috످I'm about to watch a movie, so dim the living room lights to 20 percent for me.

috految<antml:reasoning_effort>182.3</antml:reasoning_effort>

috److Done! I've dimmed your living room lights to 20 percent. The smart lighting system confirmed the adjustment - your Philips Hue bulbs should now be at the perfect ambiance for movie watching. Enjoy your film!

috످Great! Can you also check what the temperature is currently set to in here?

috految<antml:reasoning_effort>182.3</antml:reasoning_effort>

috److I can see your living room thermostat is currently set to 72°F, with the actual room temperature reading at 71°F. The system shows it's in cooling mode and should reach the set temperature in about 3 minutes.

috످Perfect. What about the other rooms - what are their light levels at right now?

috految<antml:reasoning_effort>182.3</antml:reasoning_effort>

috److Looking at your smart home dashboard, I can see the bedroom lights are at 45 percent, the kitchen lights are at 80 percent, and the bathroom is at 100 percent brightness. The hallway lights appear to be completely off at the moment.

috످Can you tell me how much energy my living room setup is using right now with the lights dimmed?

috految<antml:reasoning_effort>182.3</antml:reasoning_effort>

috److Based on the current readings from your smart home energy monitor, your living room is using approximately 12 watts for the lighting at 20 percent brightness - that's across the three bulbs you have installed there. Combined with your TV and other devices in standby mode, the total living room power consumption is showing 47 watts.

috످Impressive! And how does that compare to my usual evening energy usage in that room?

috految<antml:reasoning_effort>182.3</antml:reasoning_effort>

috److془I need to come clean. No tools. Fabricated everything.془I can't compare your energy usage because I don't have access to your smart home. I never dimmed your lights, and I made up everything I told you about your home, including the Philips Hue bulbs, thermostat readings, light levels, and energy numbers. I'm sorry for misleading you.

To dim the lights for your movie, use your lighting app or dimmer switch. If you have Alexa, Google Home, or Siri set up, you can say, "Set the living room lights to 20 percent."

For your usual evening usage, check your energy monitor or smart plug app if you have one. Your utility's website may also show hourly usage for your whole home. If you share those numbers, I can help you compare them.

috످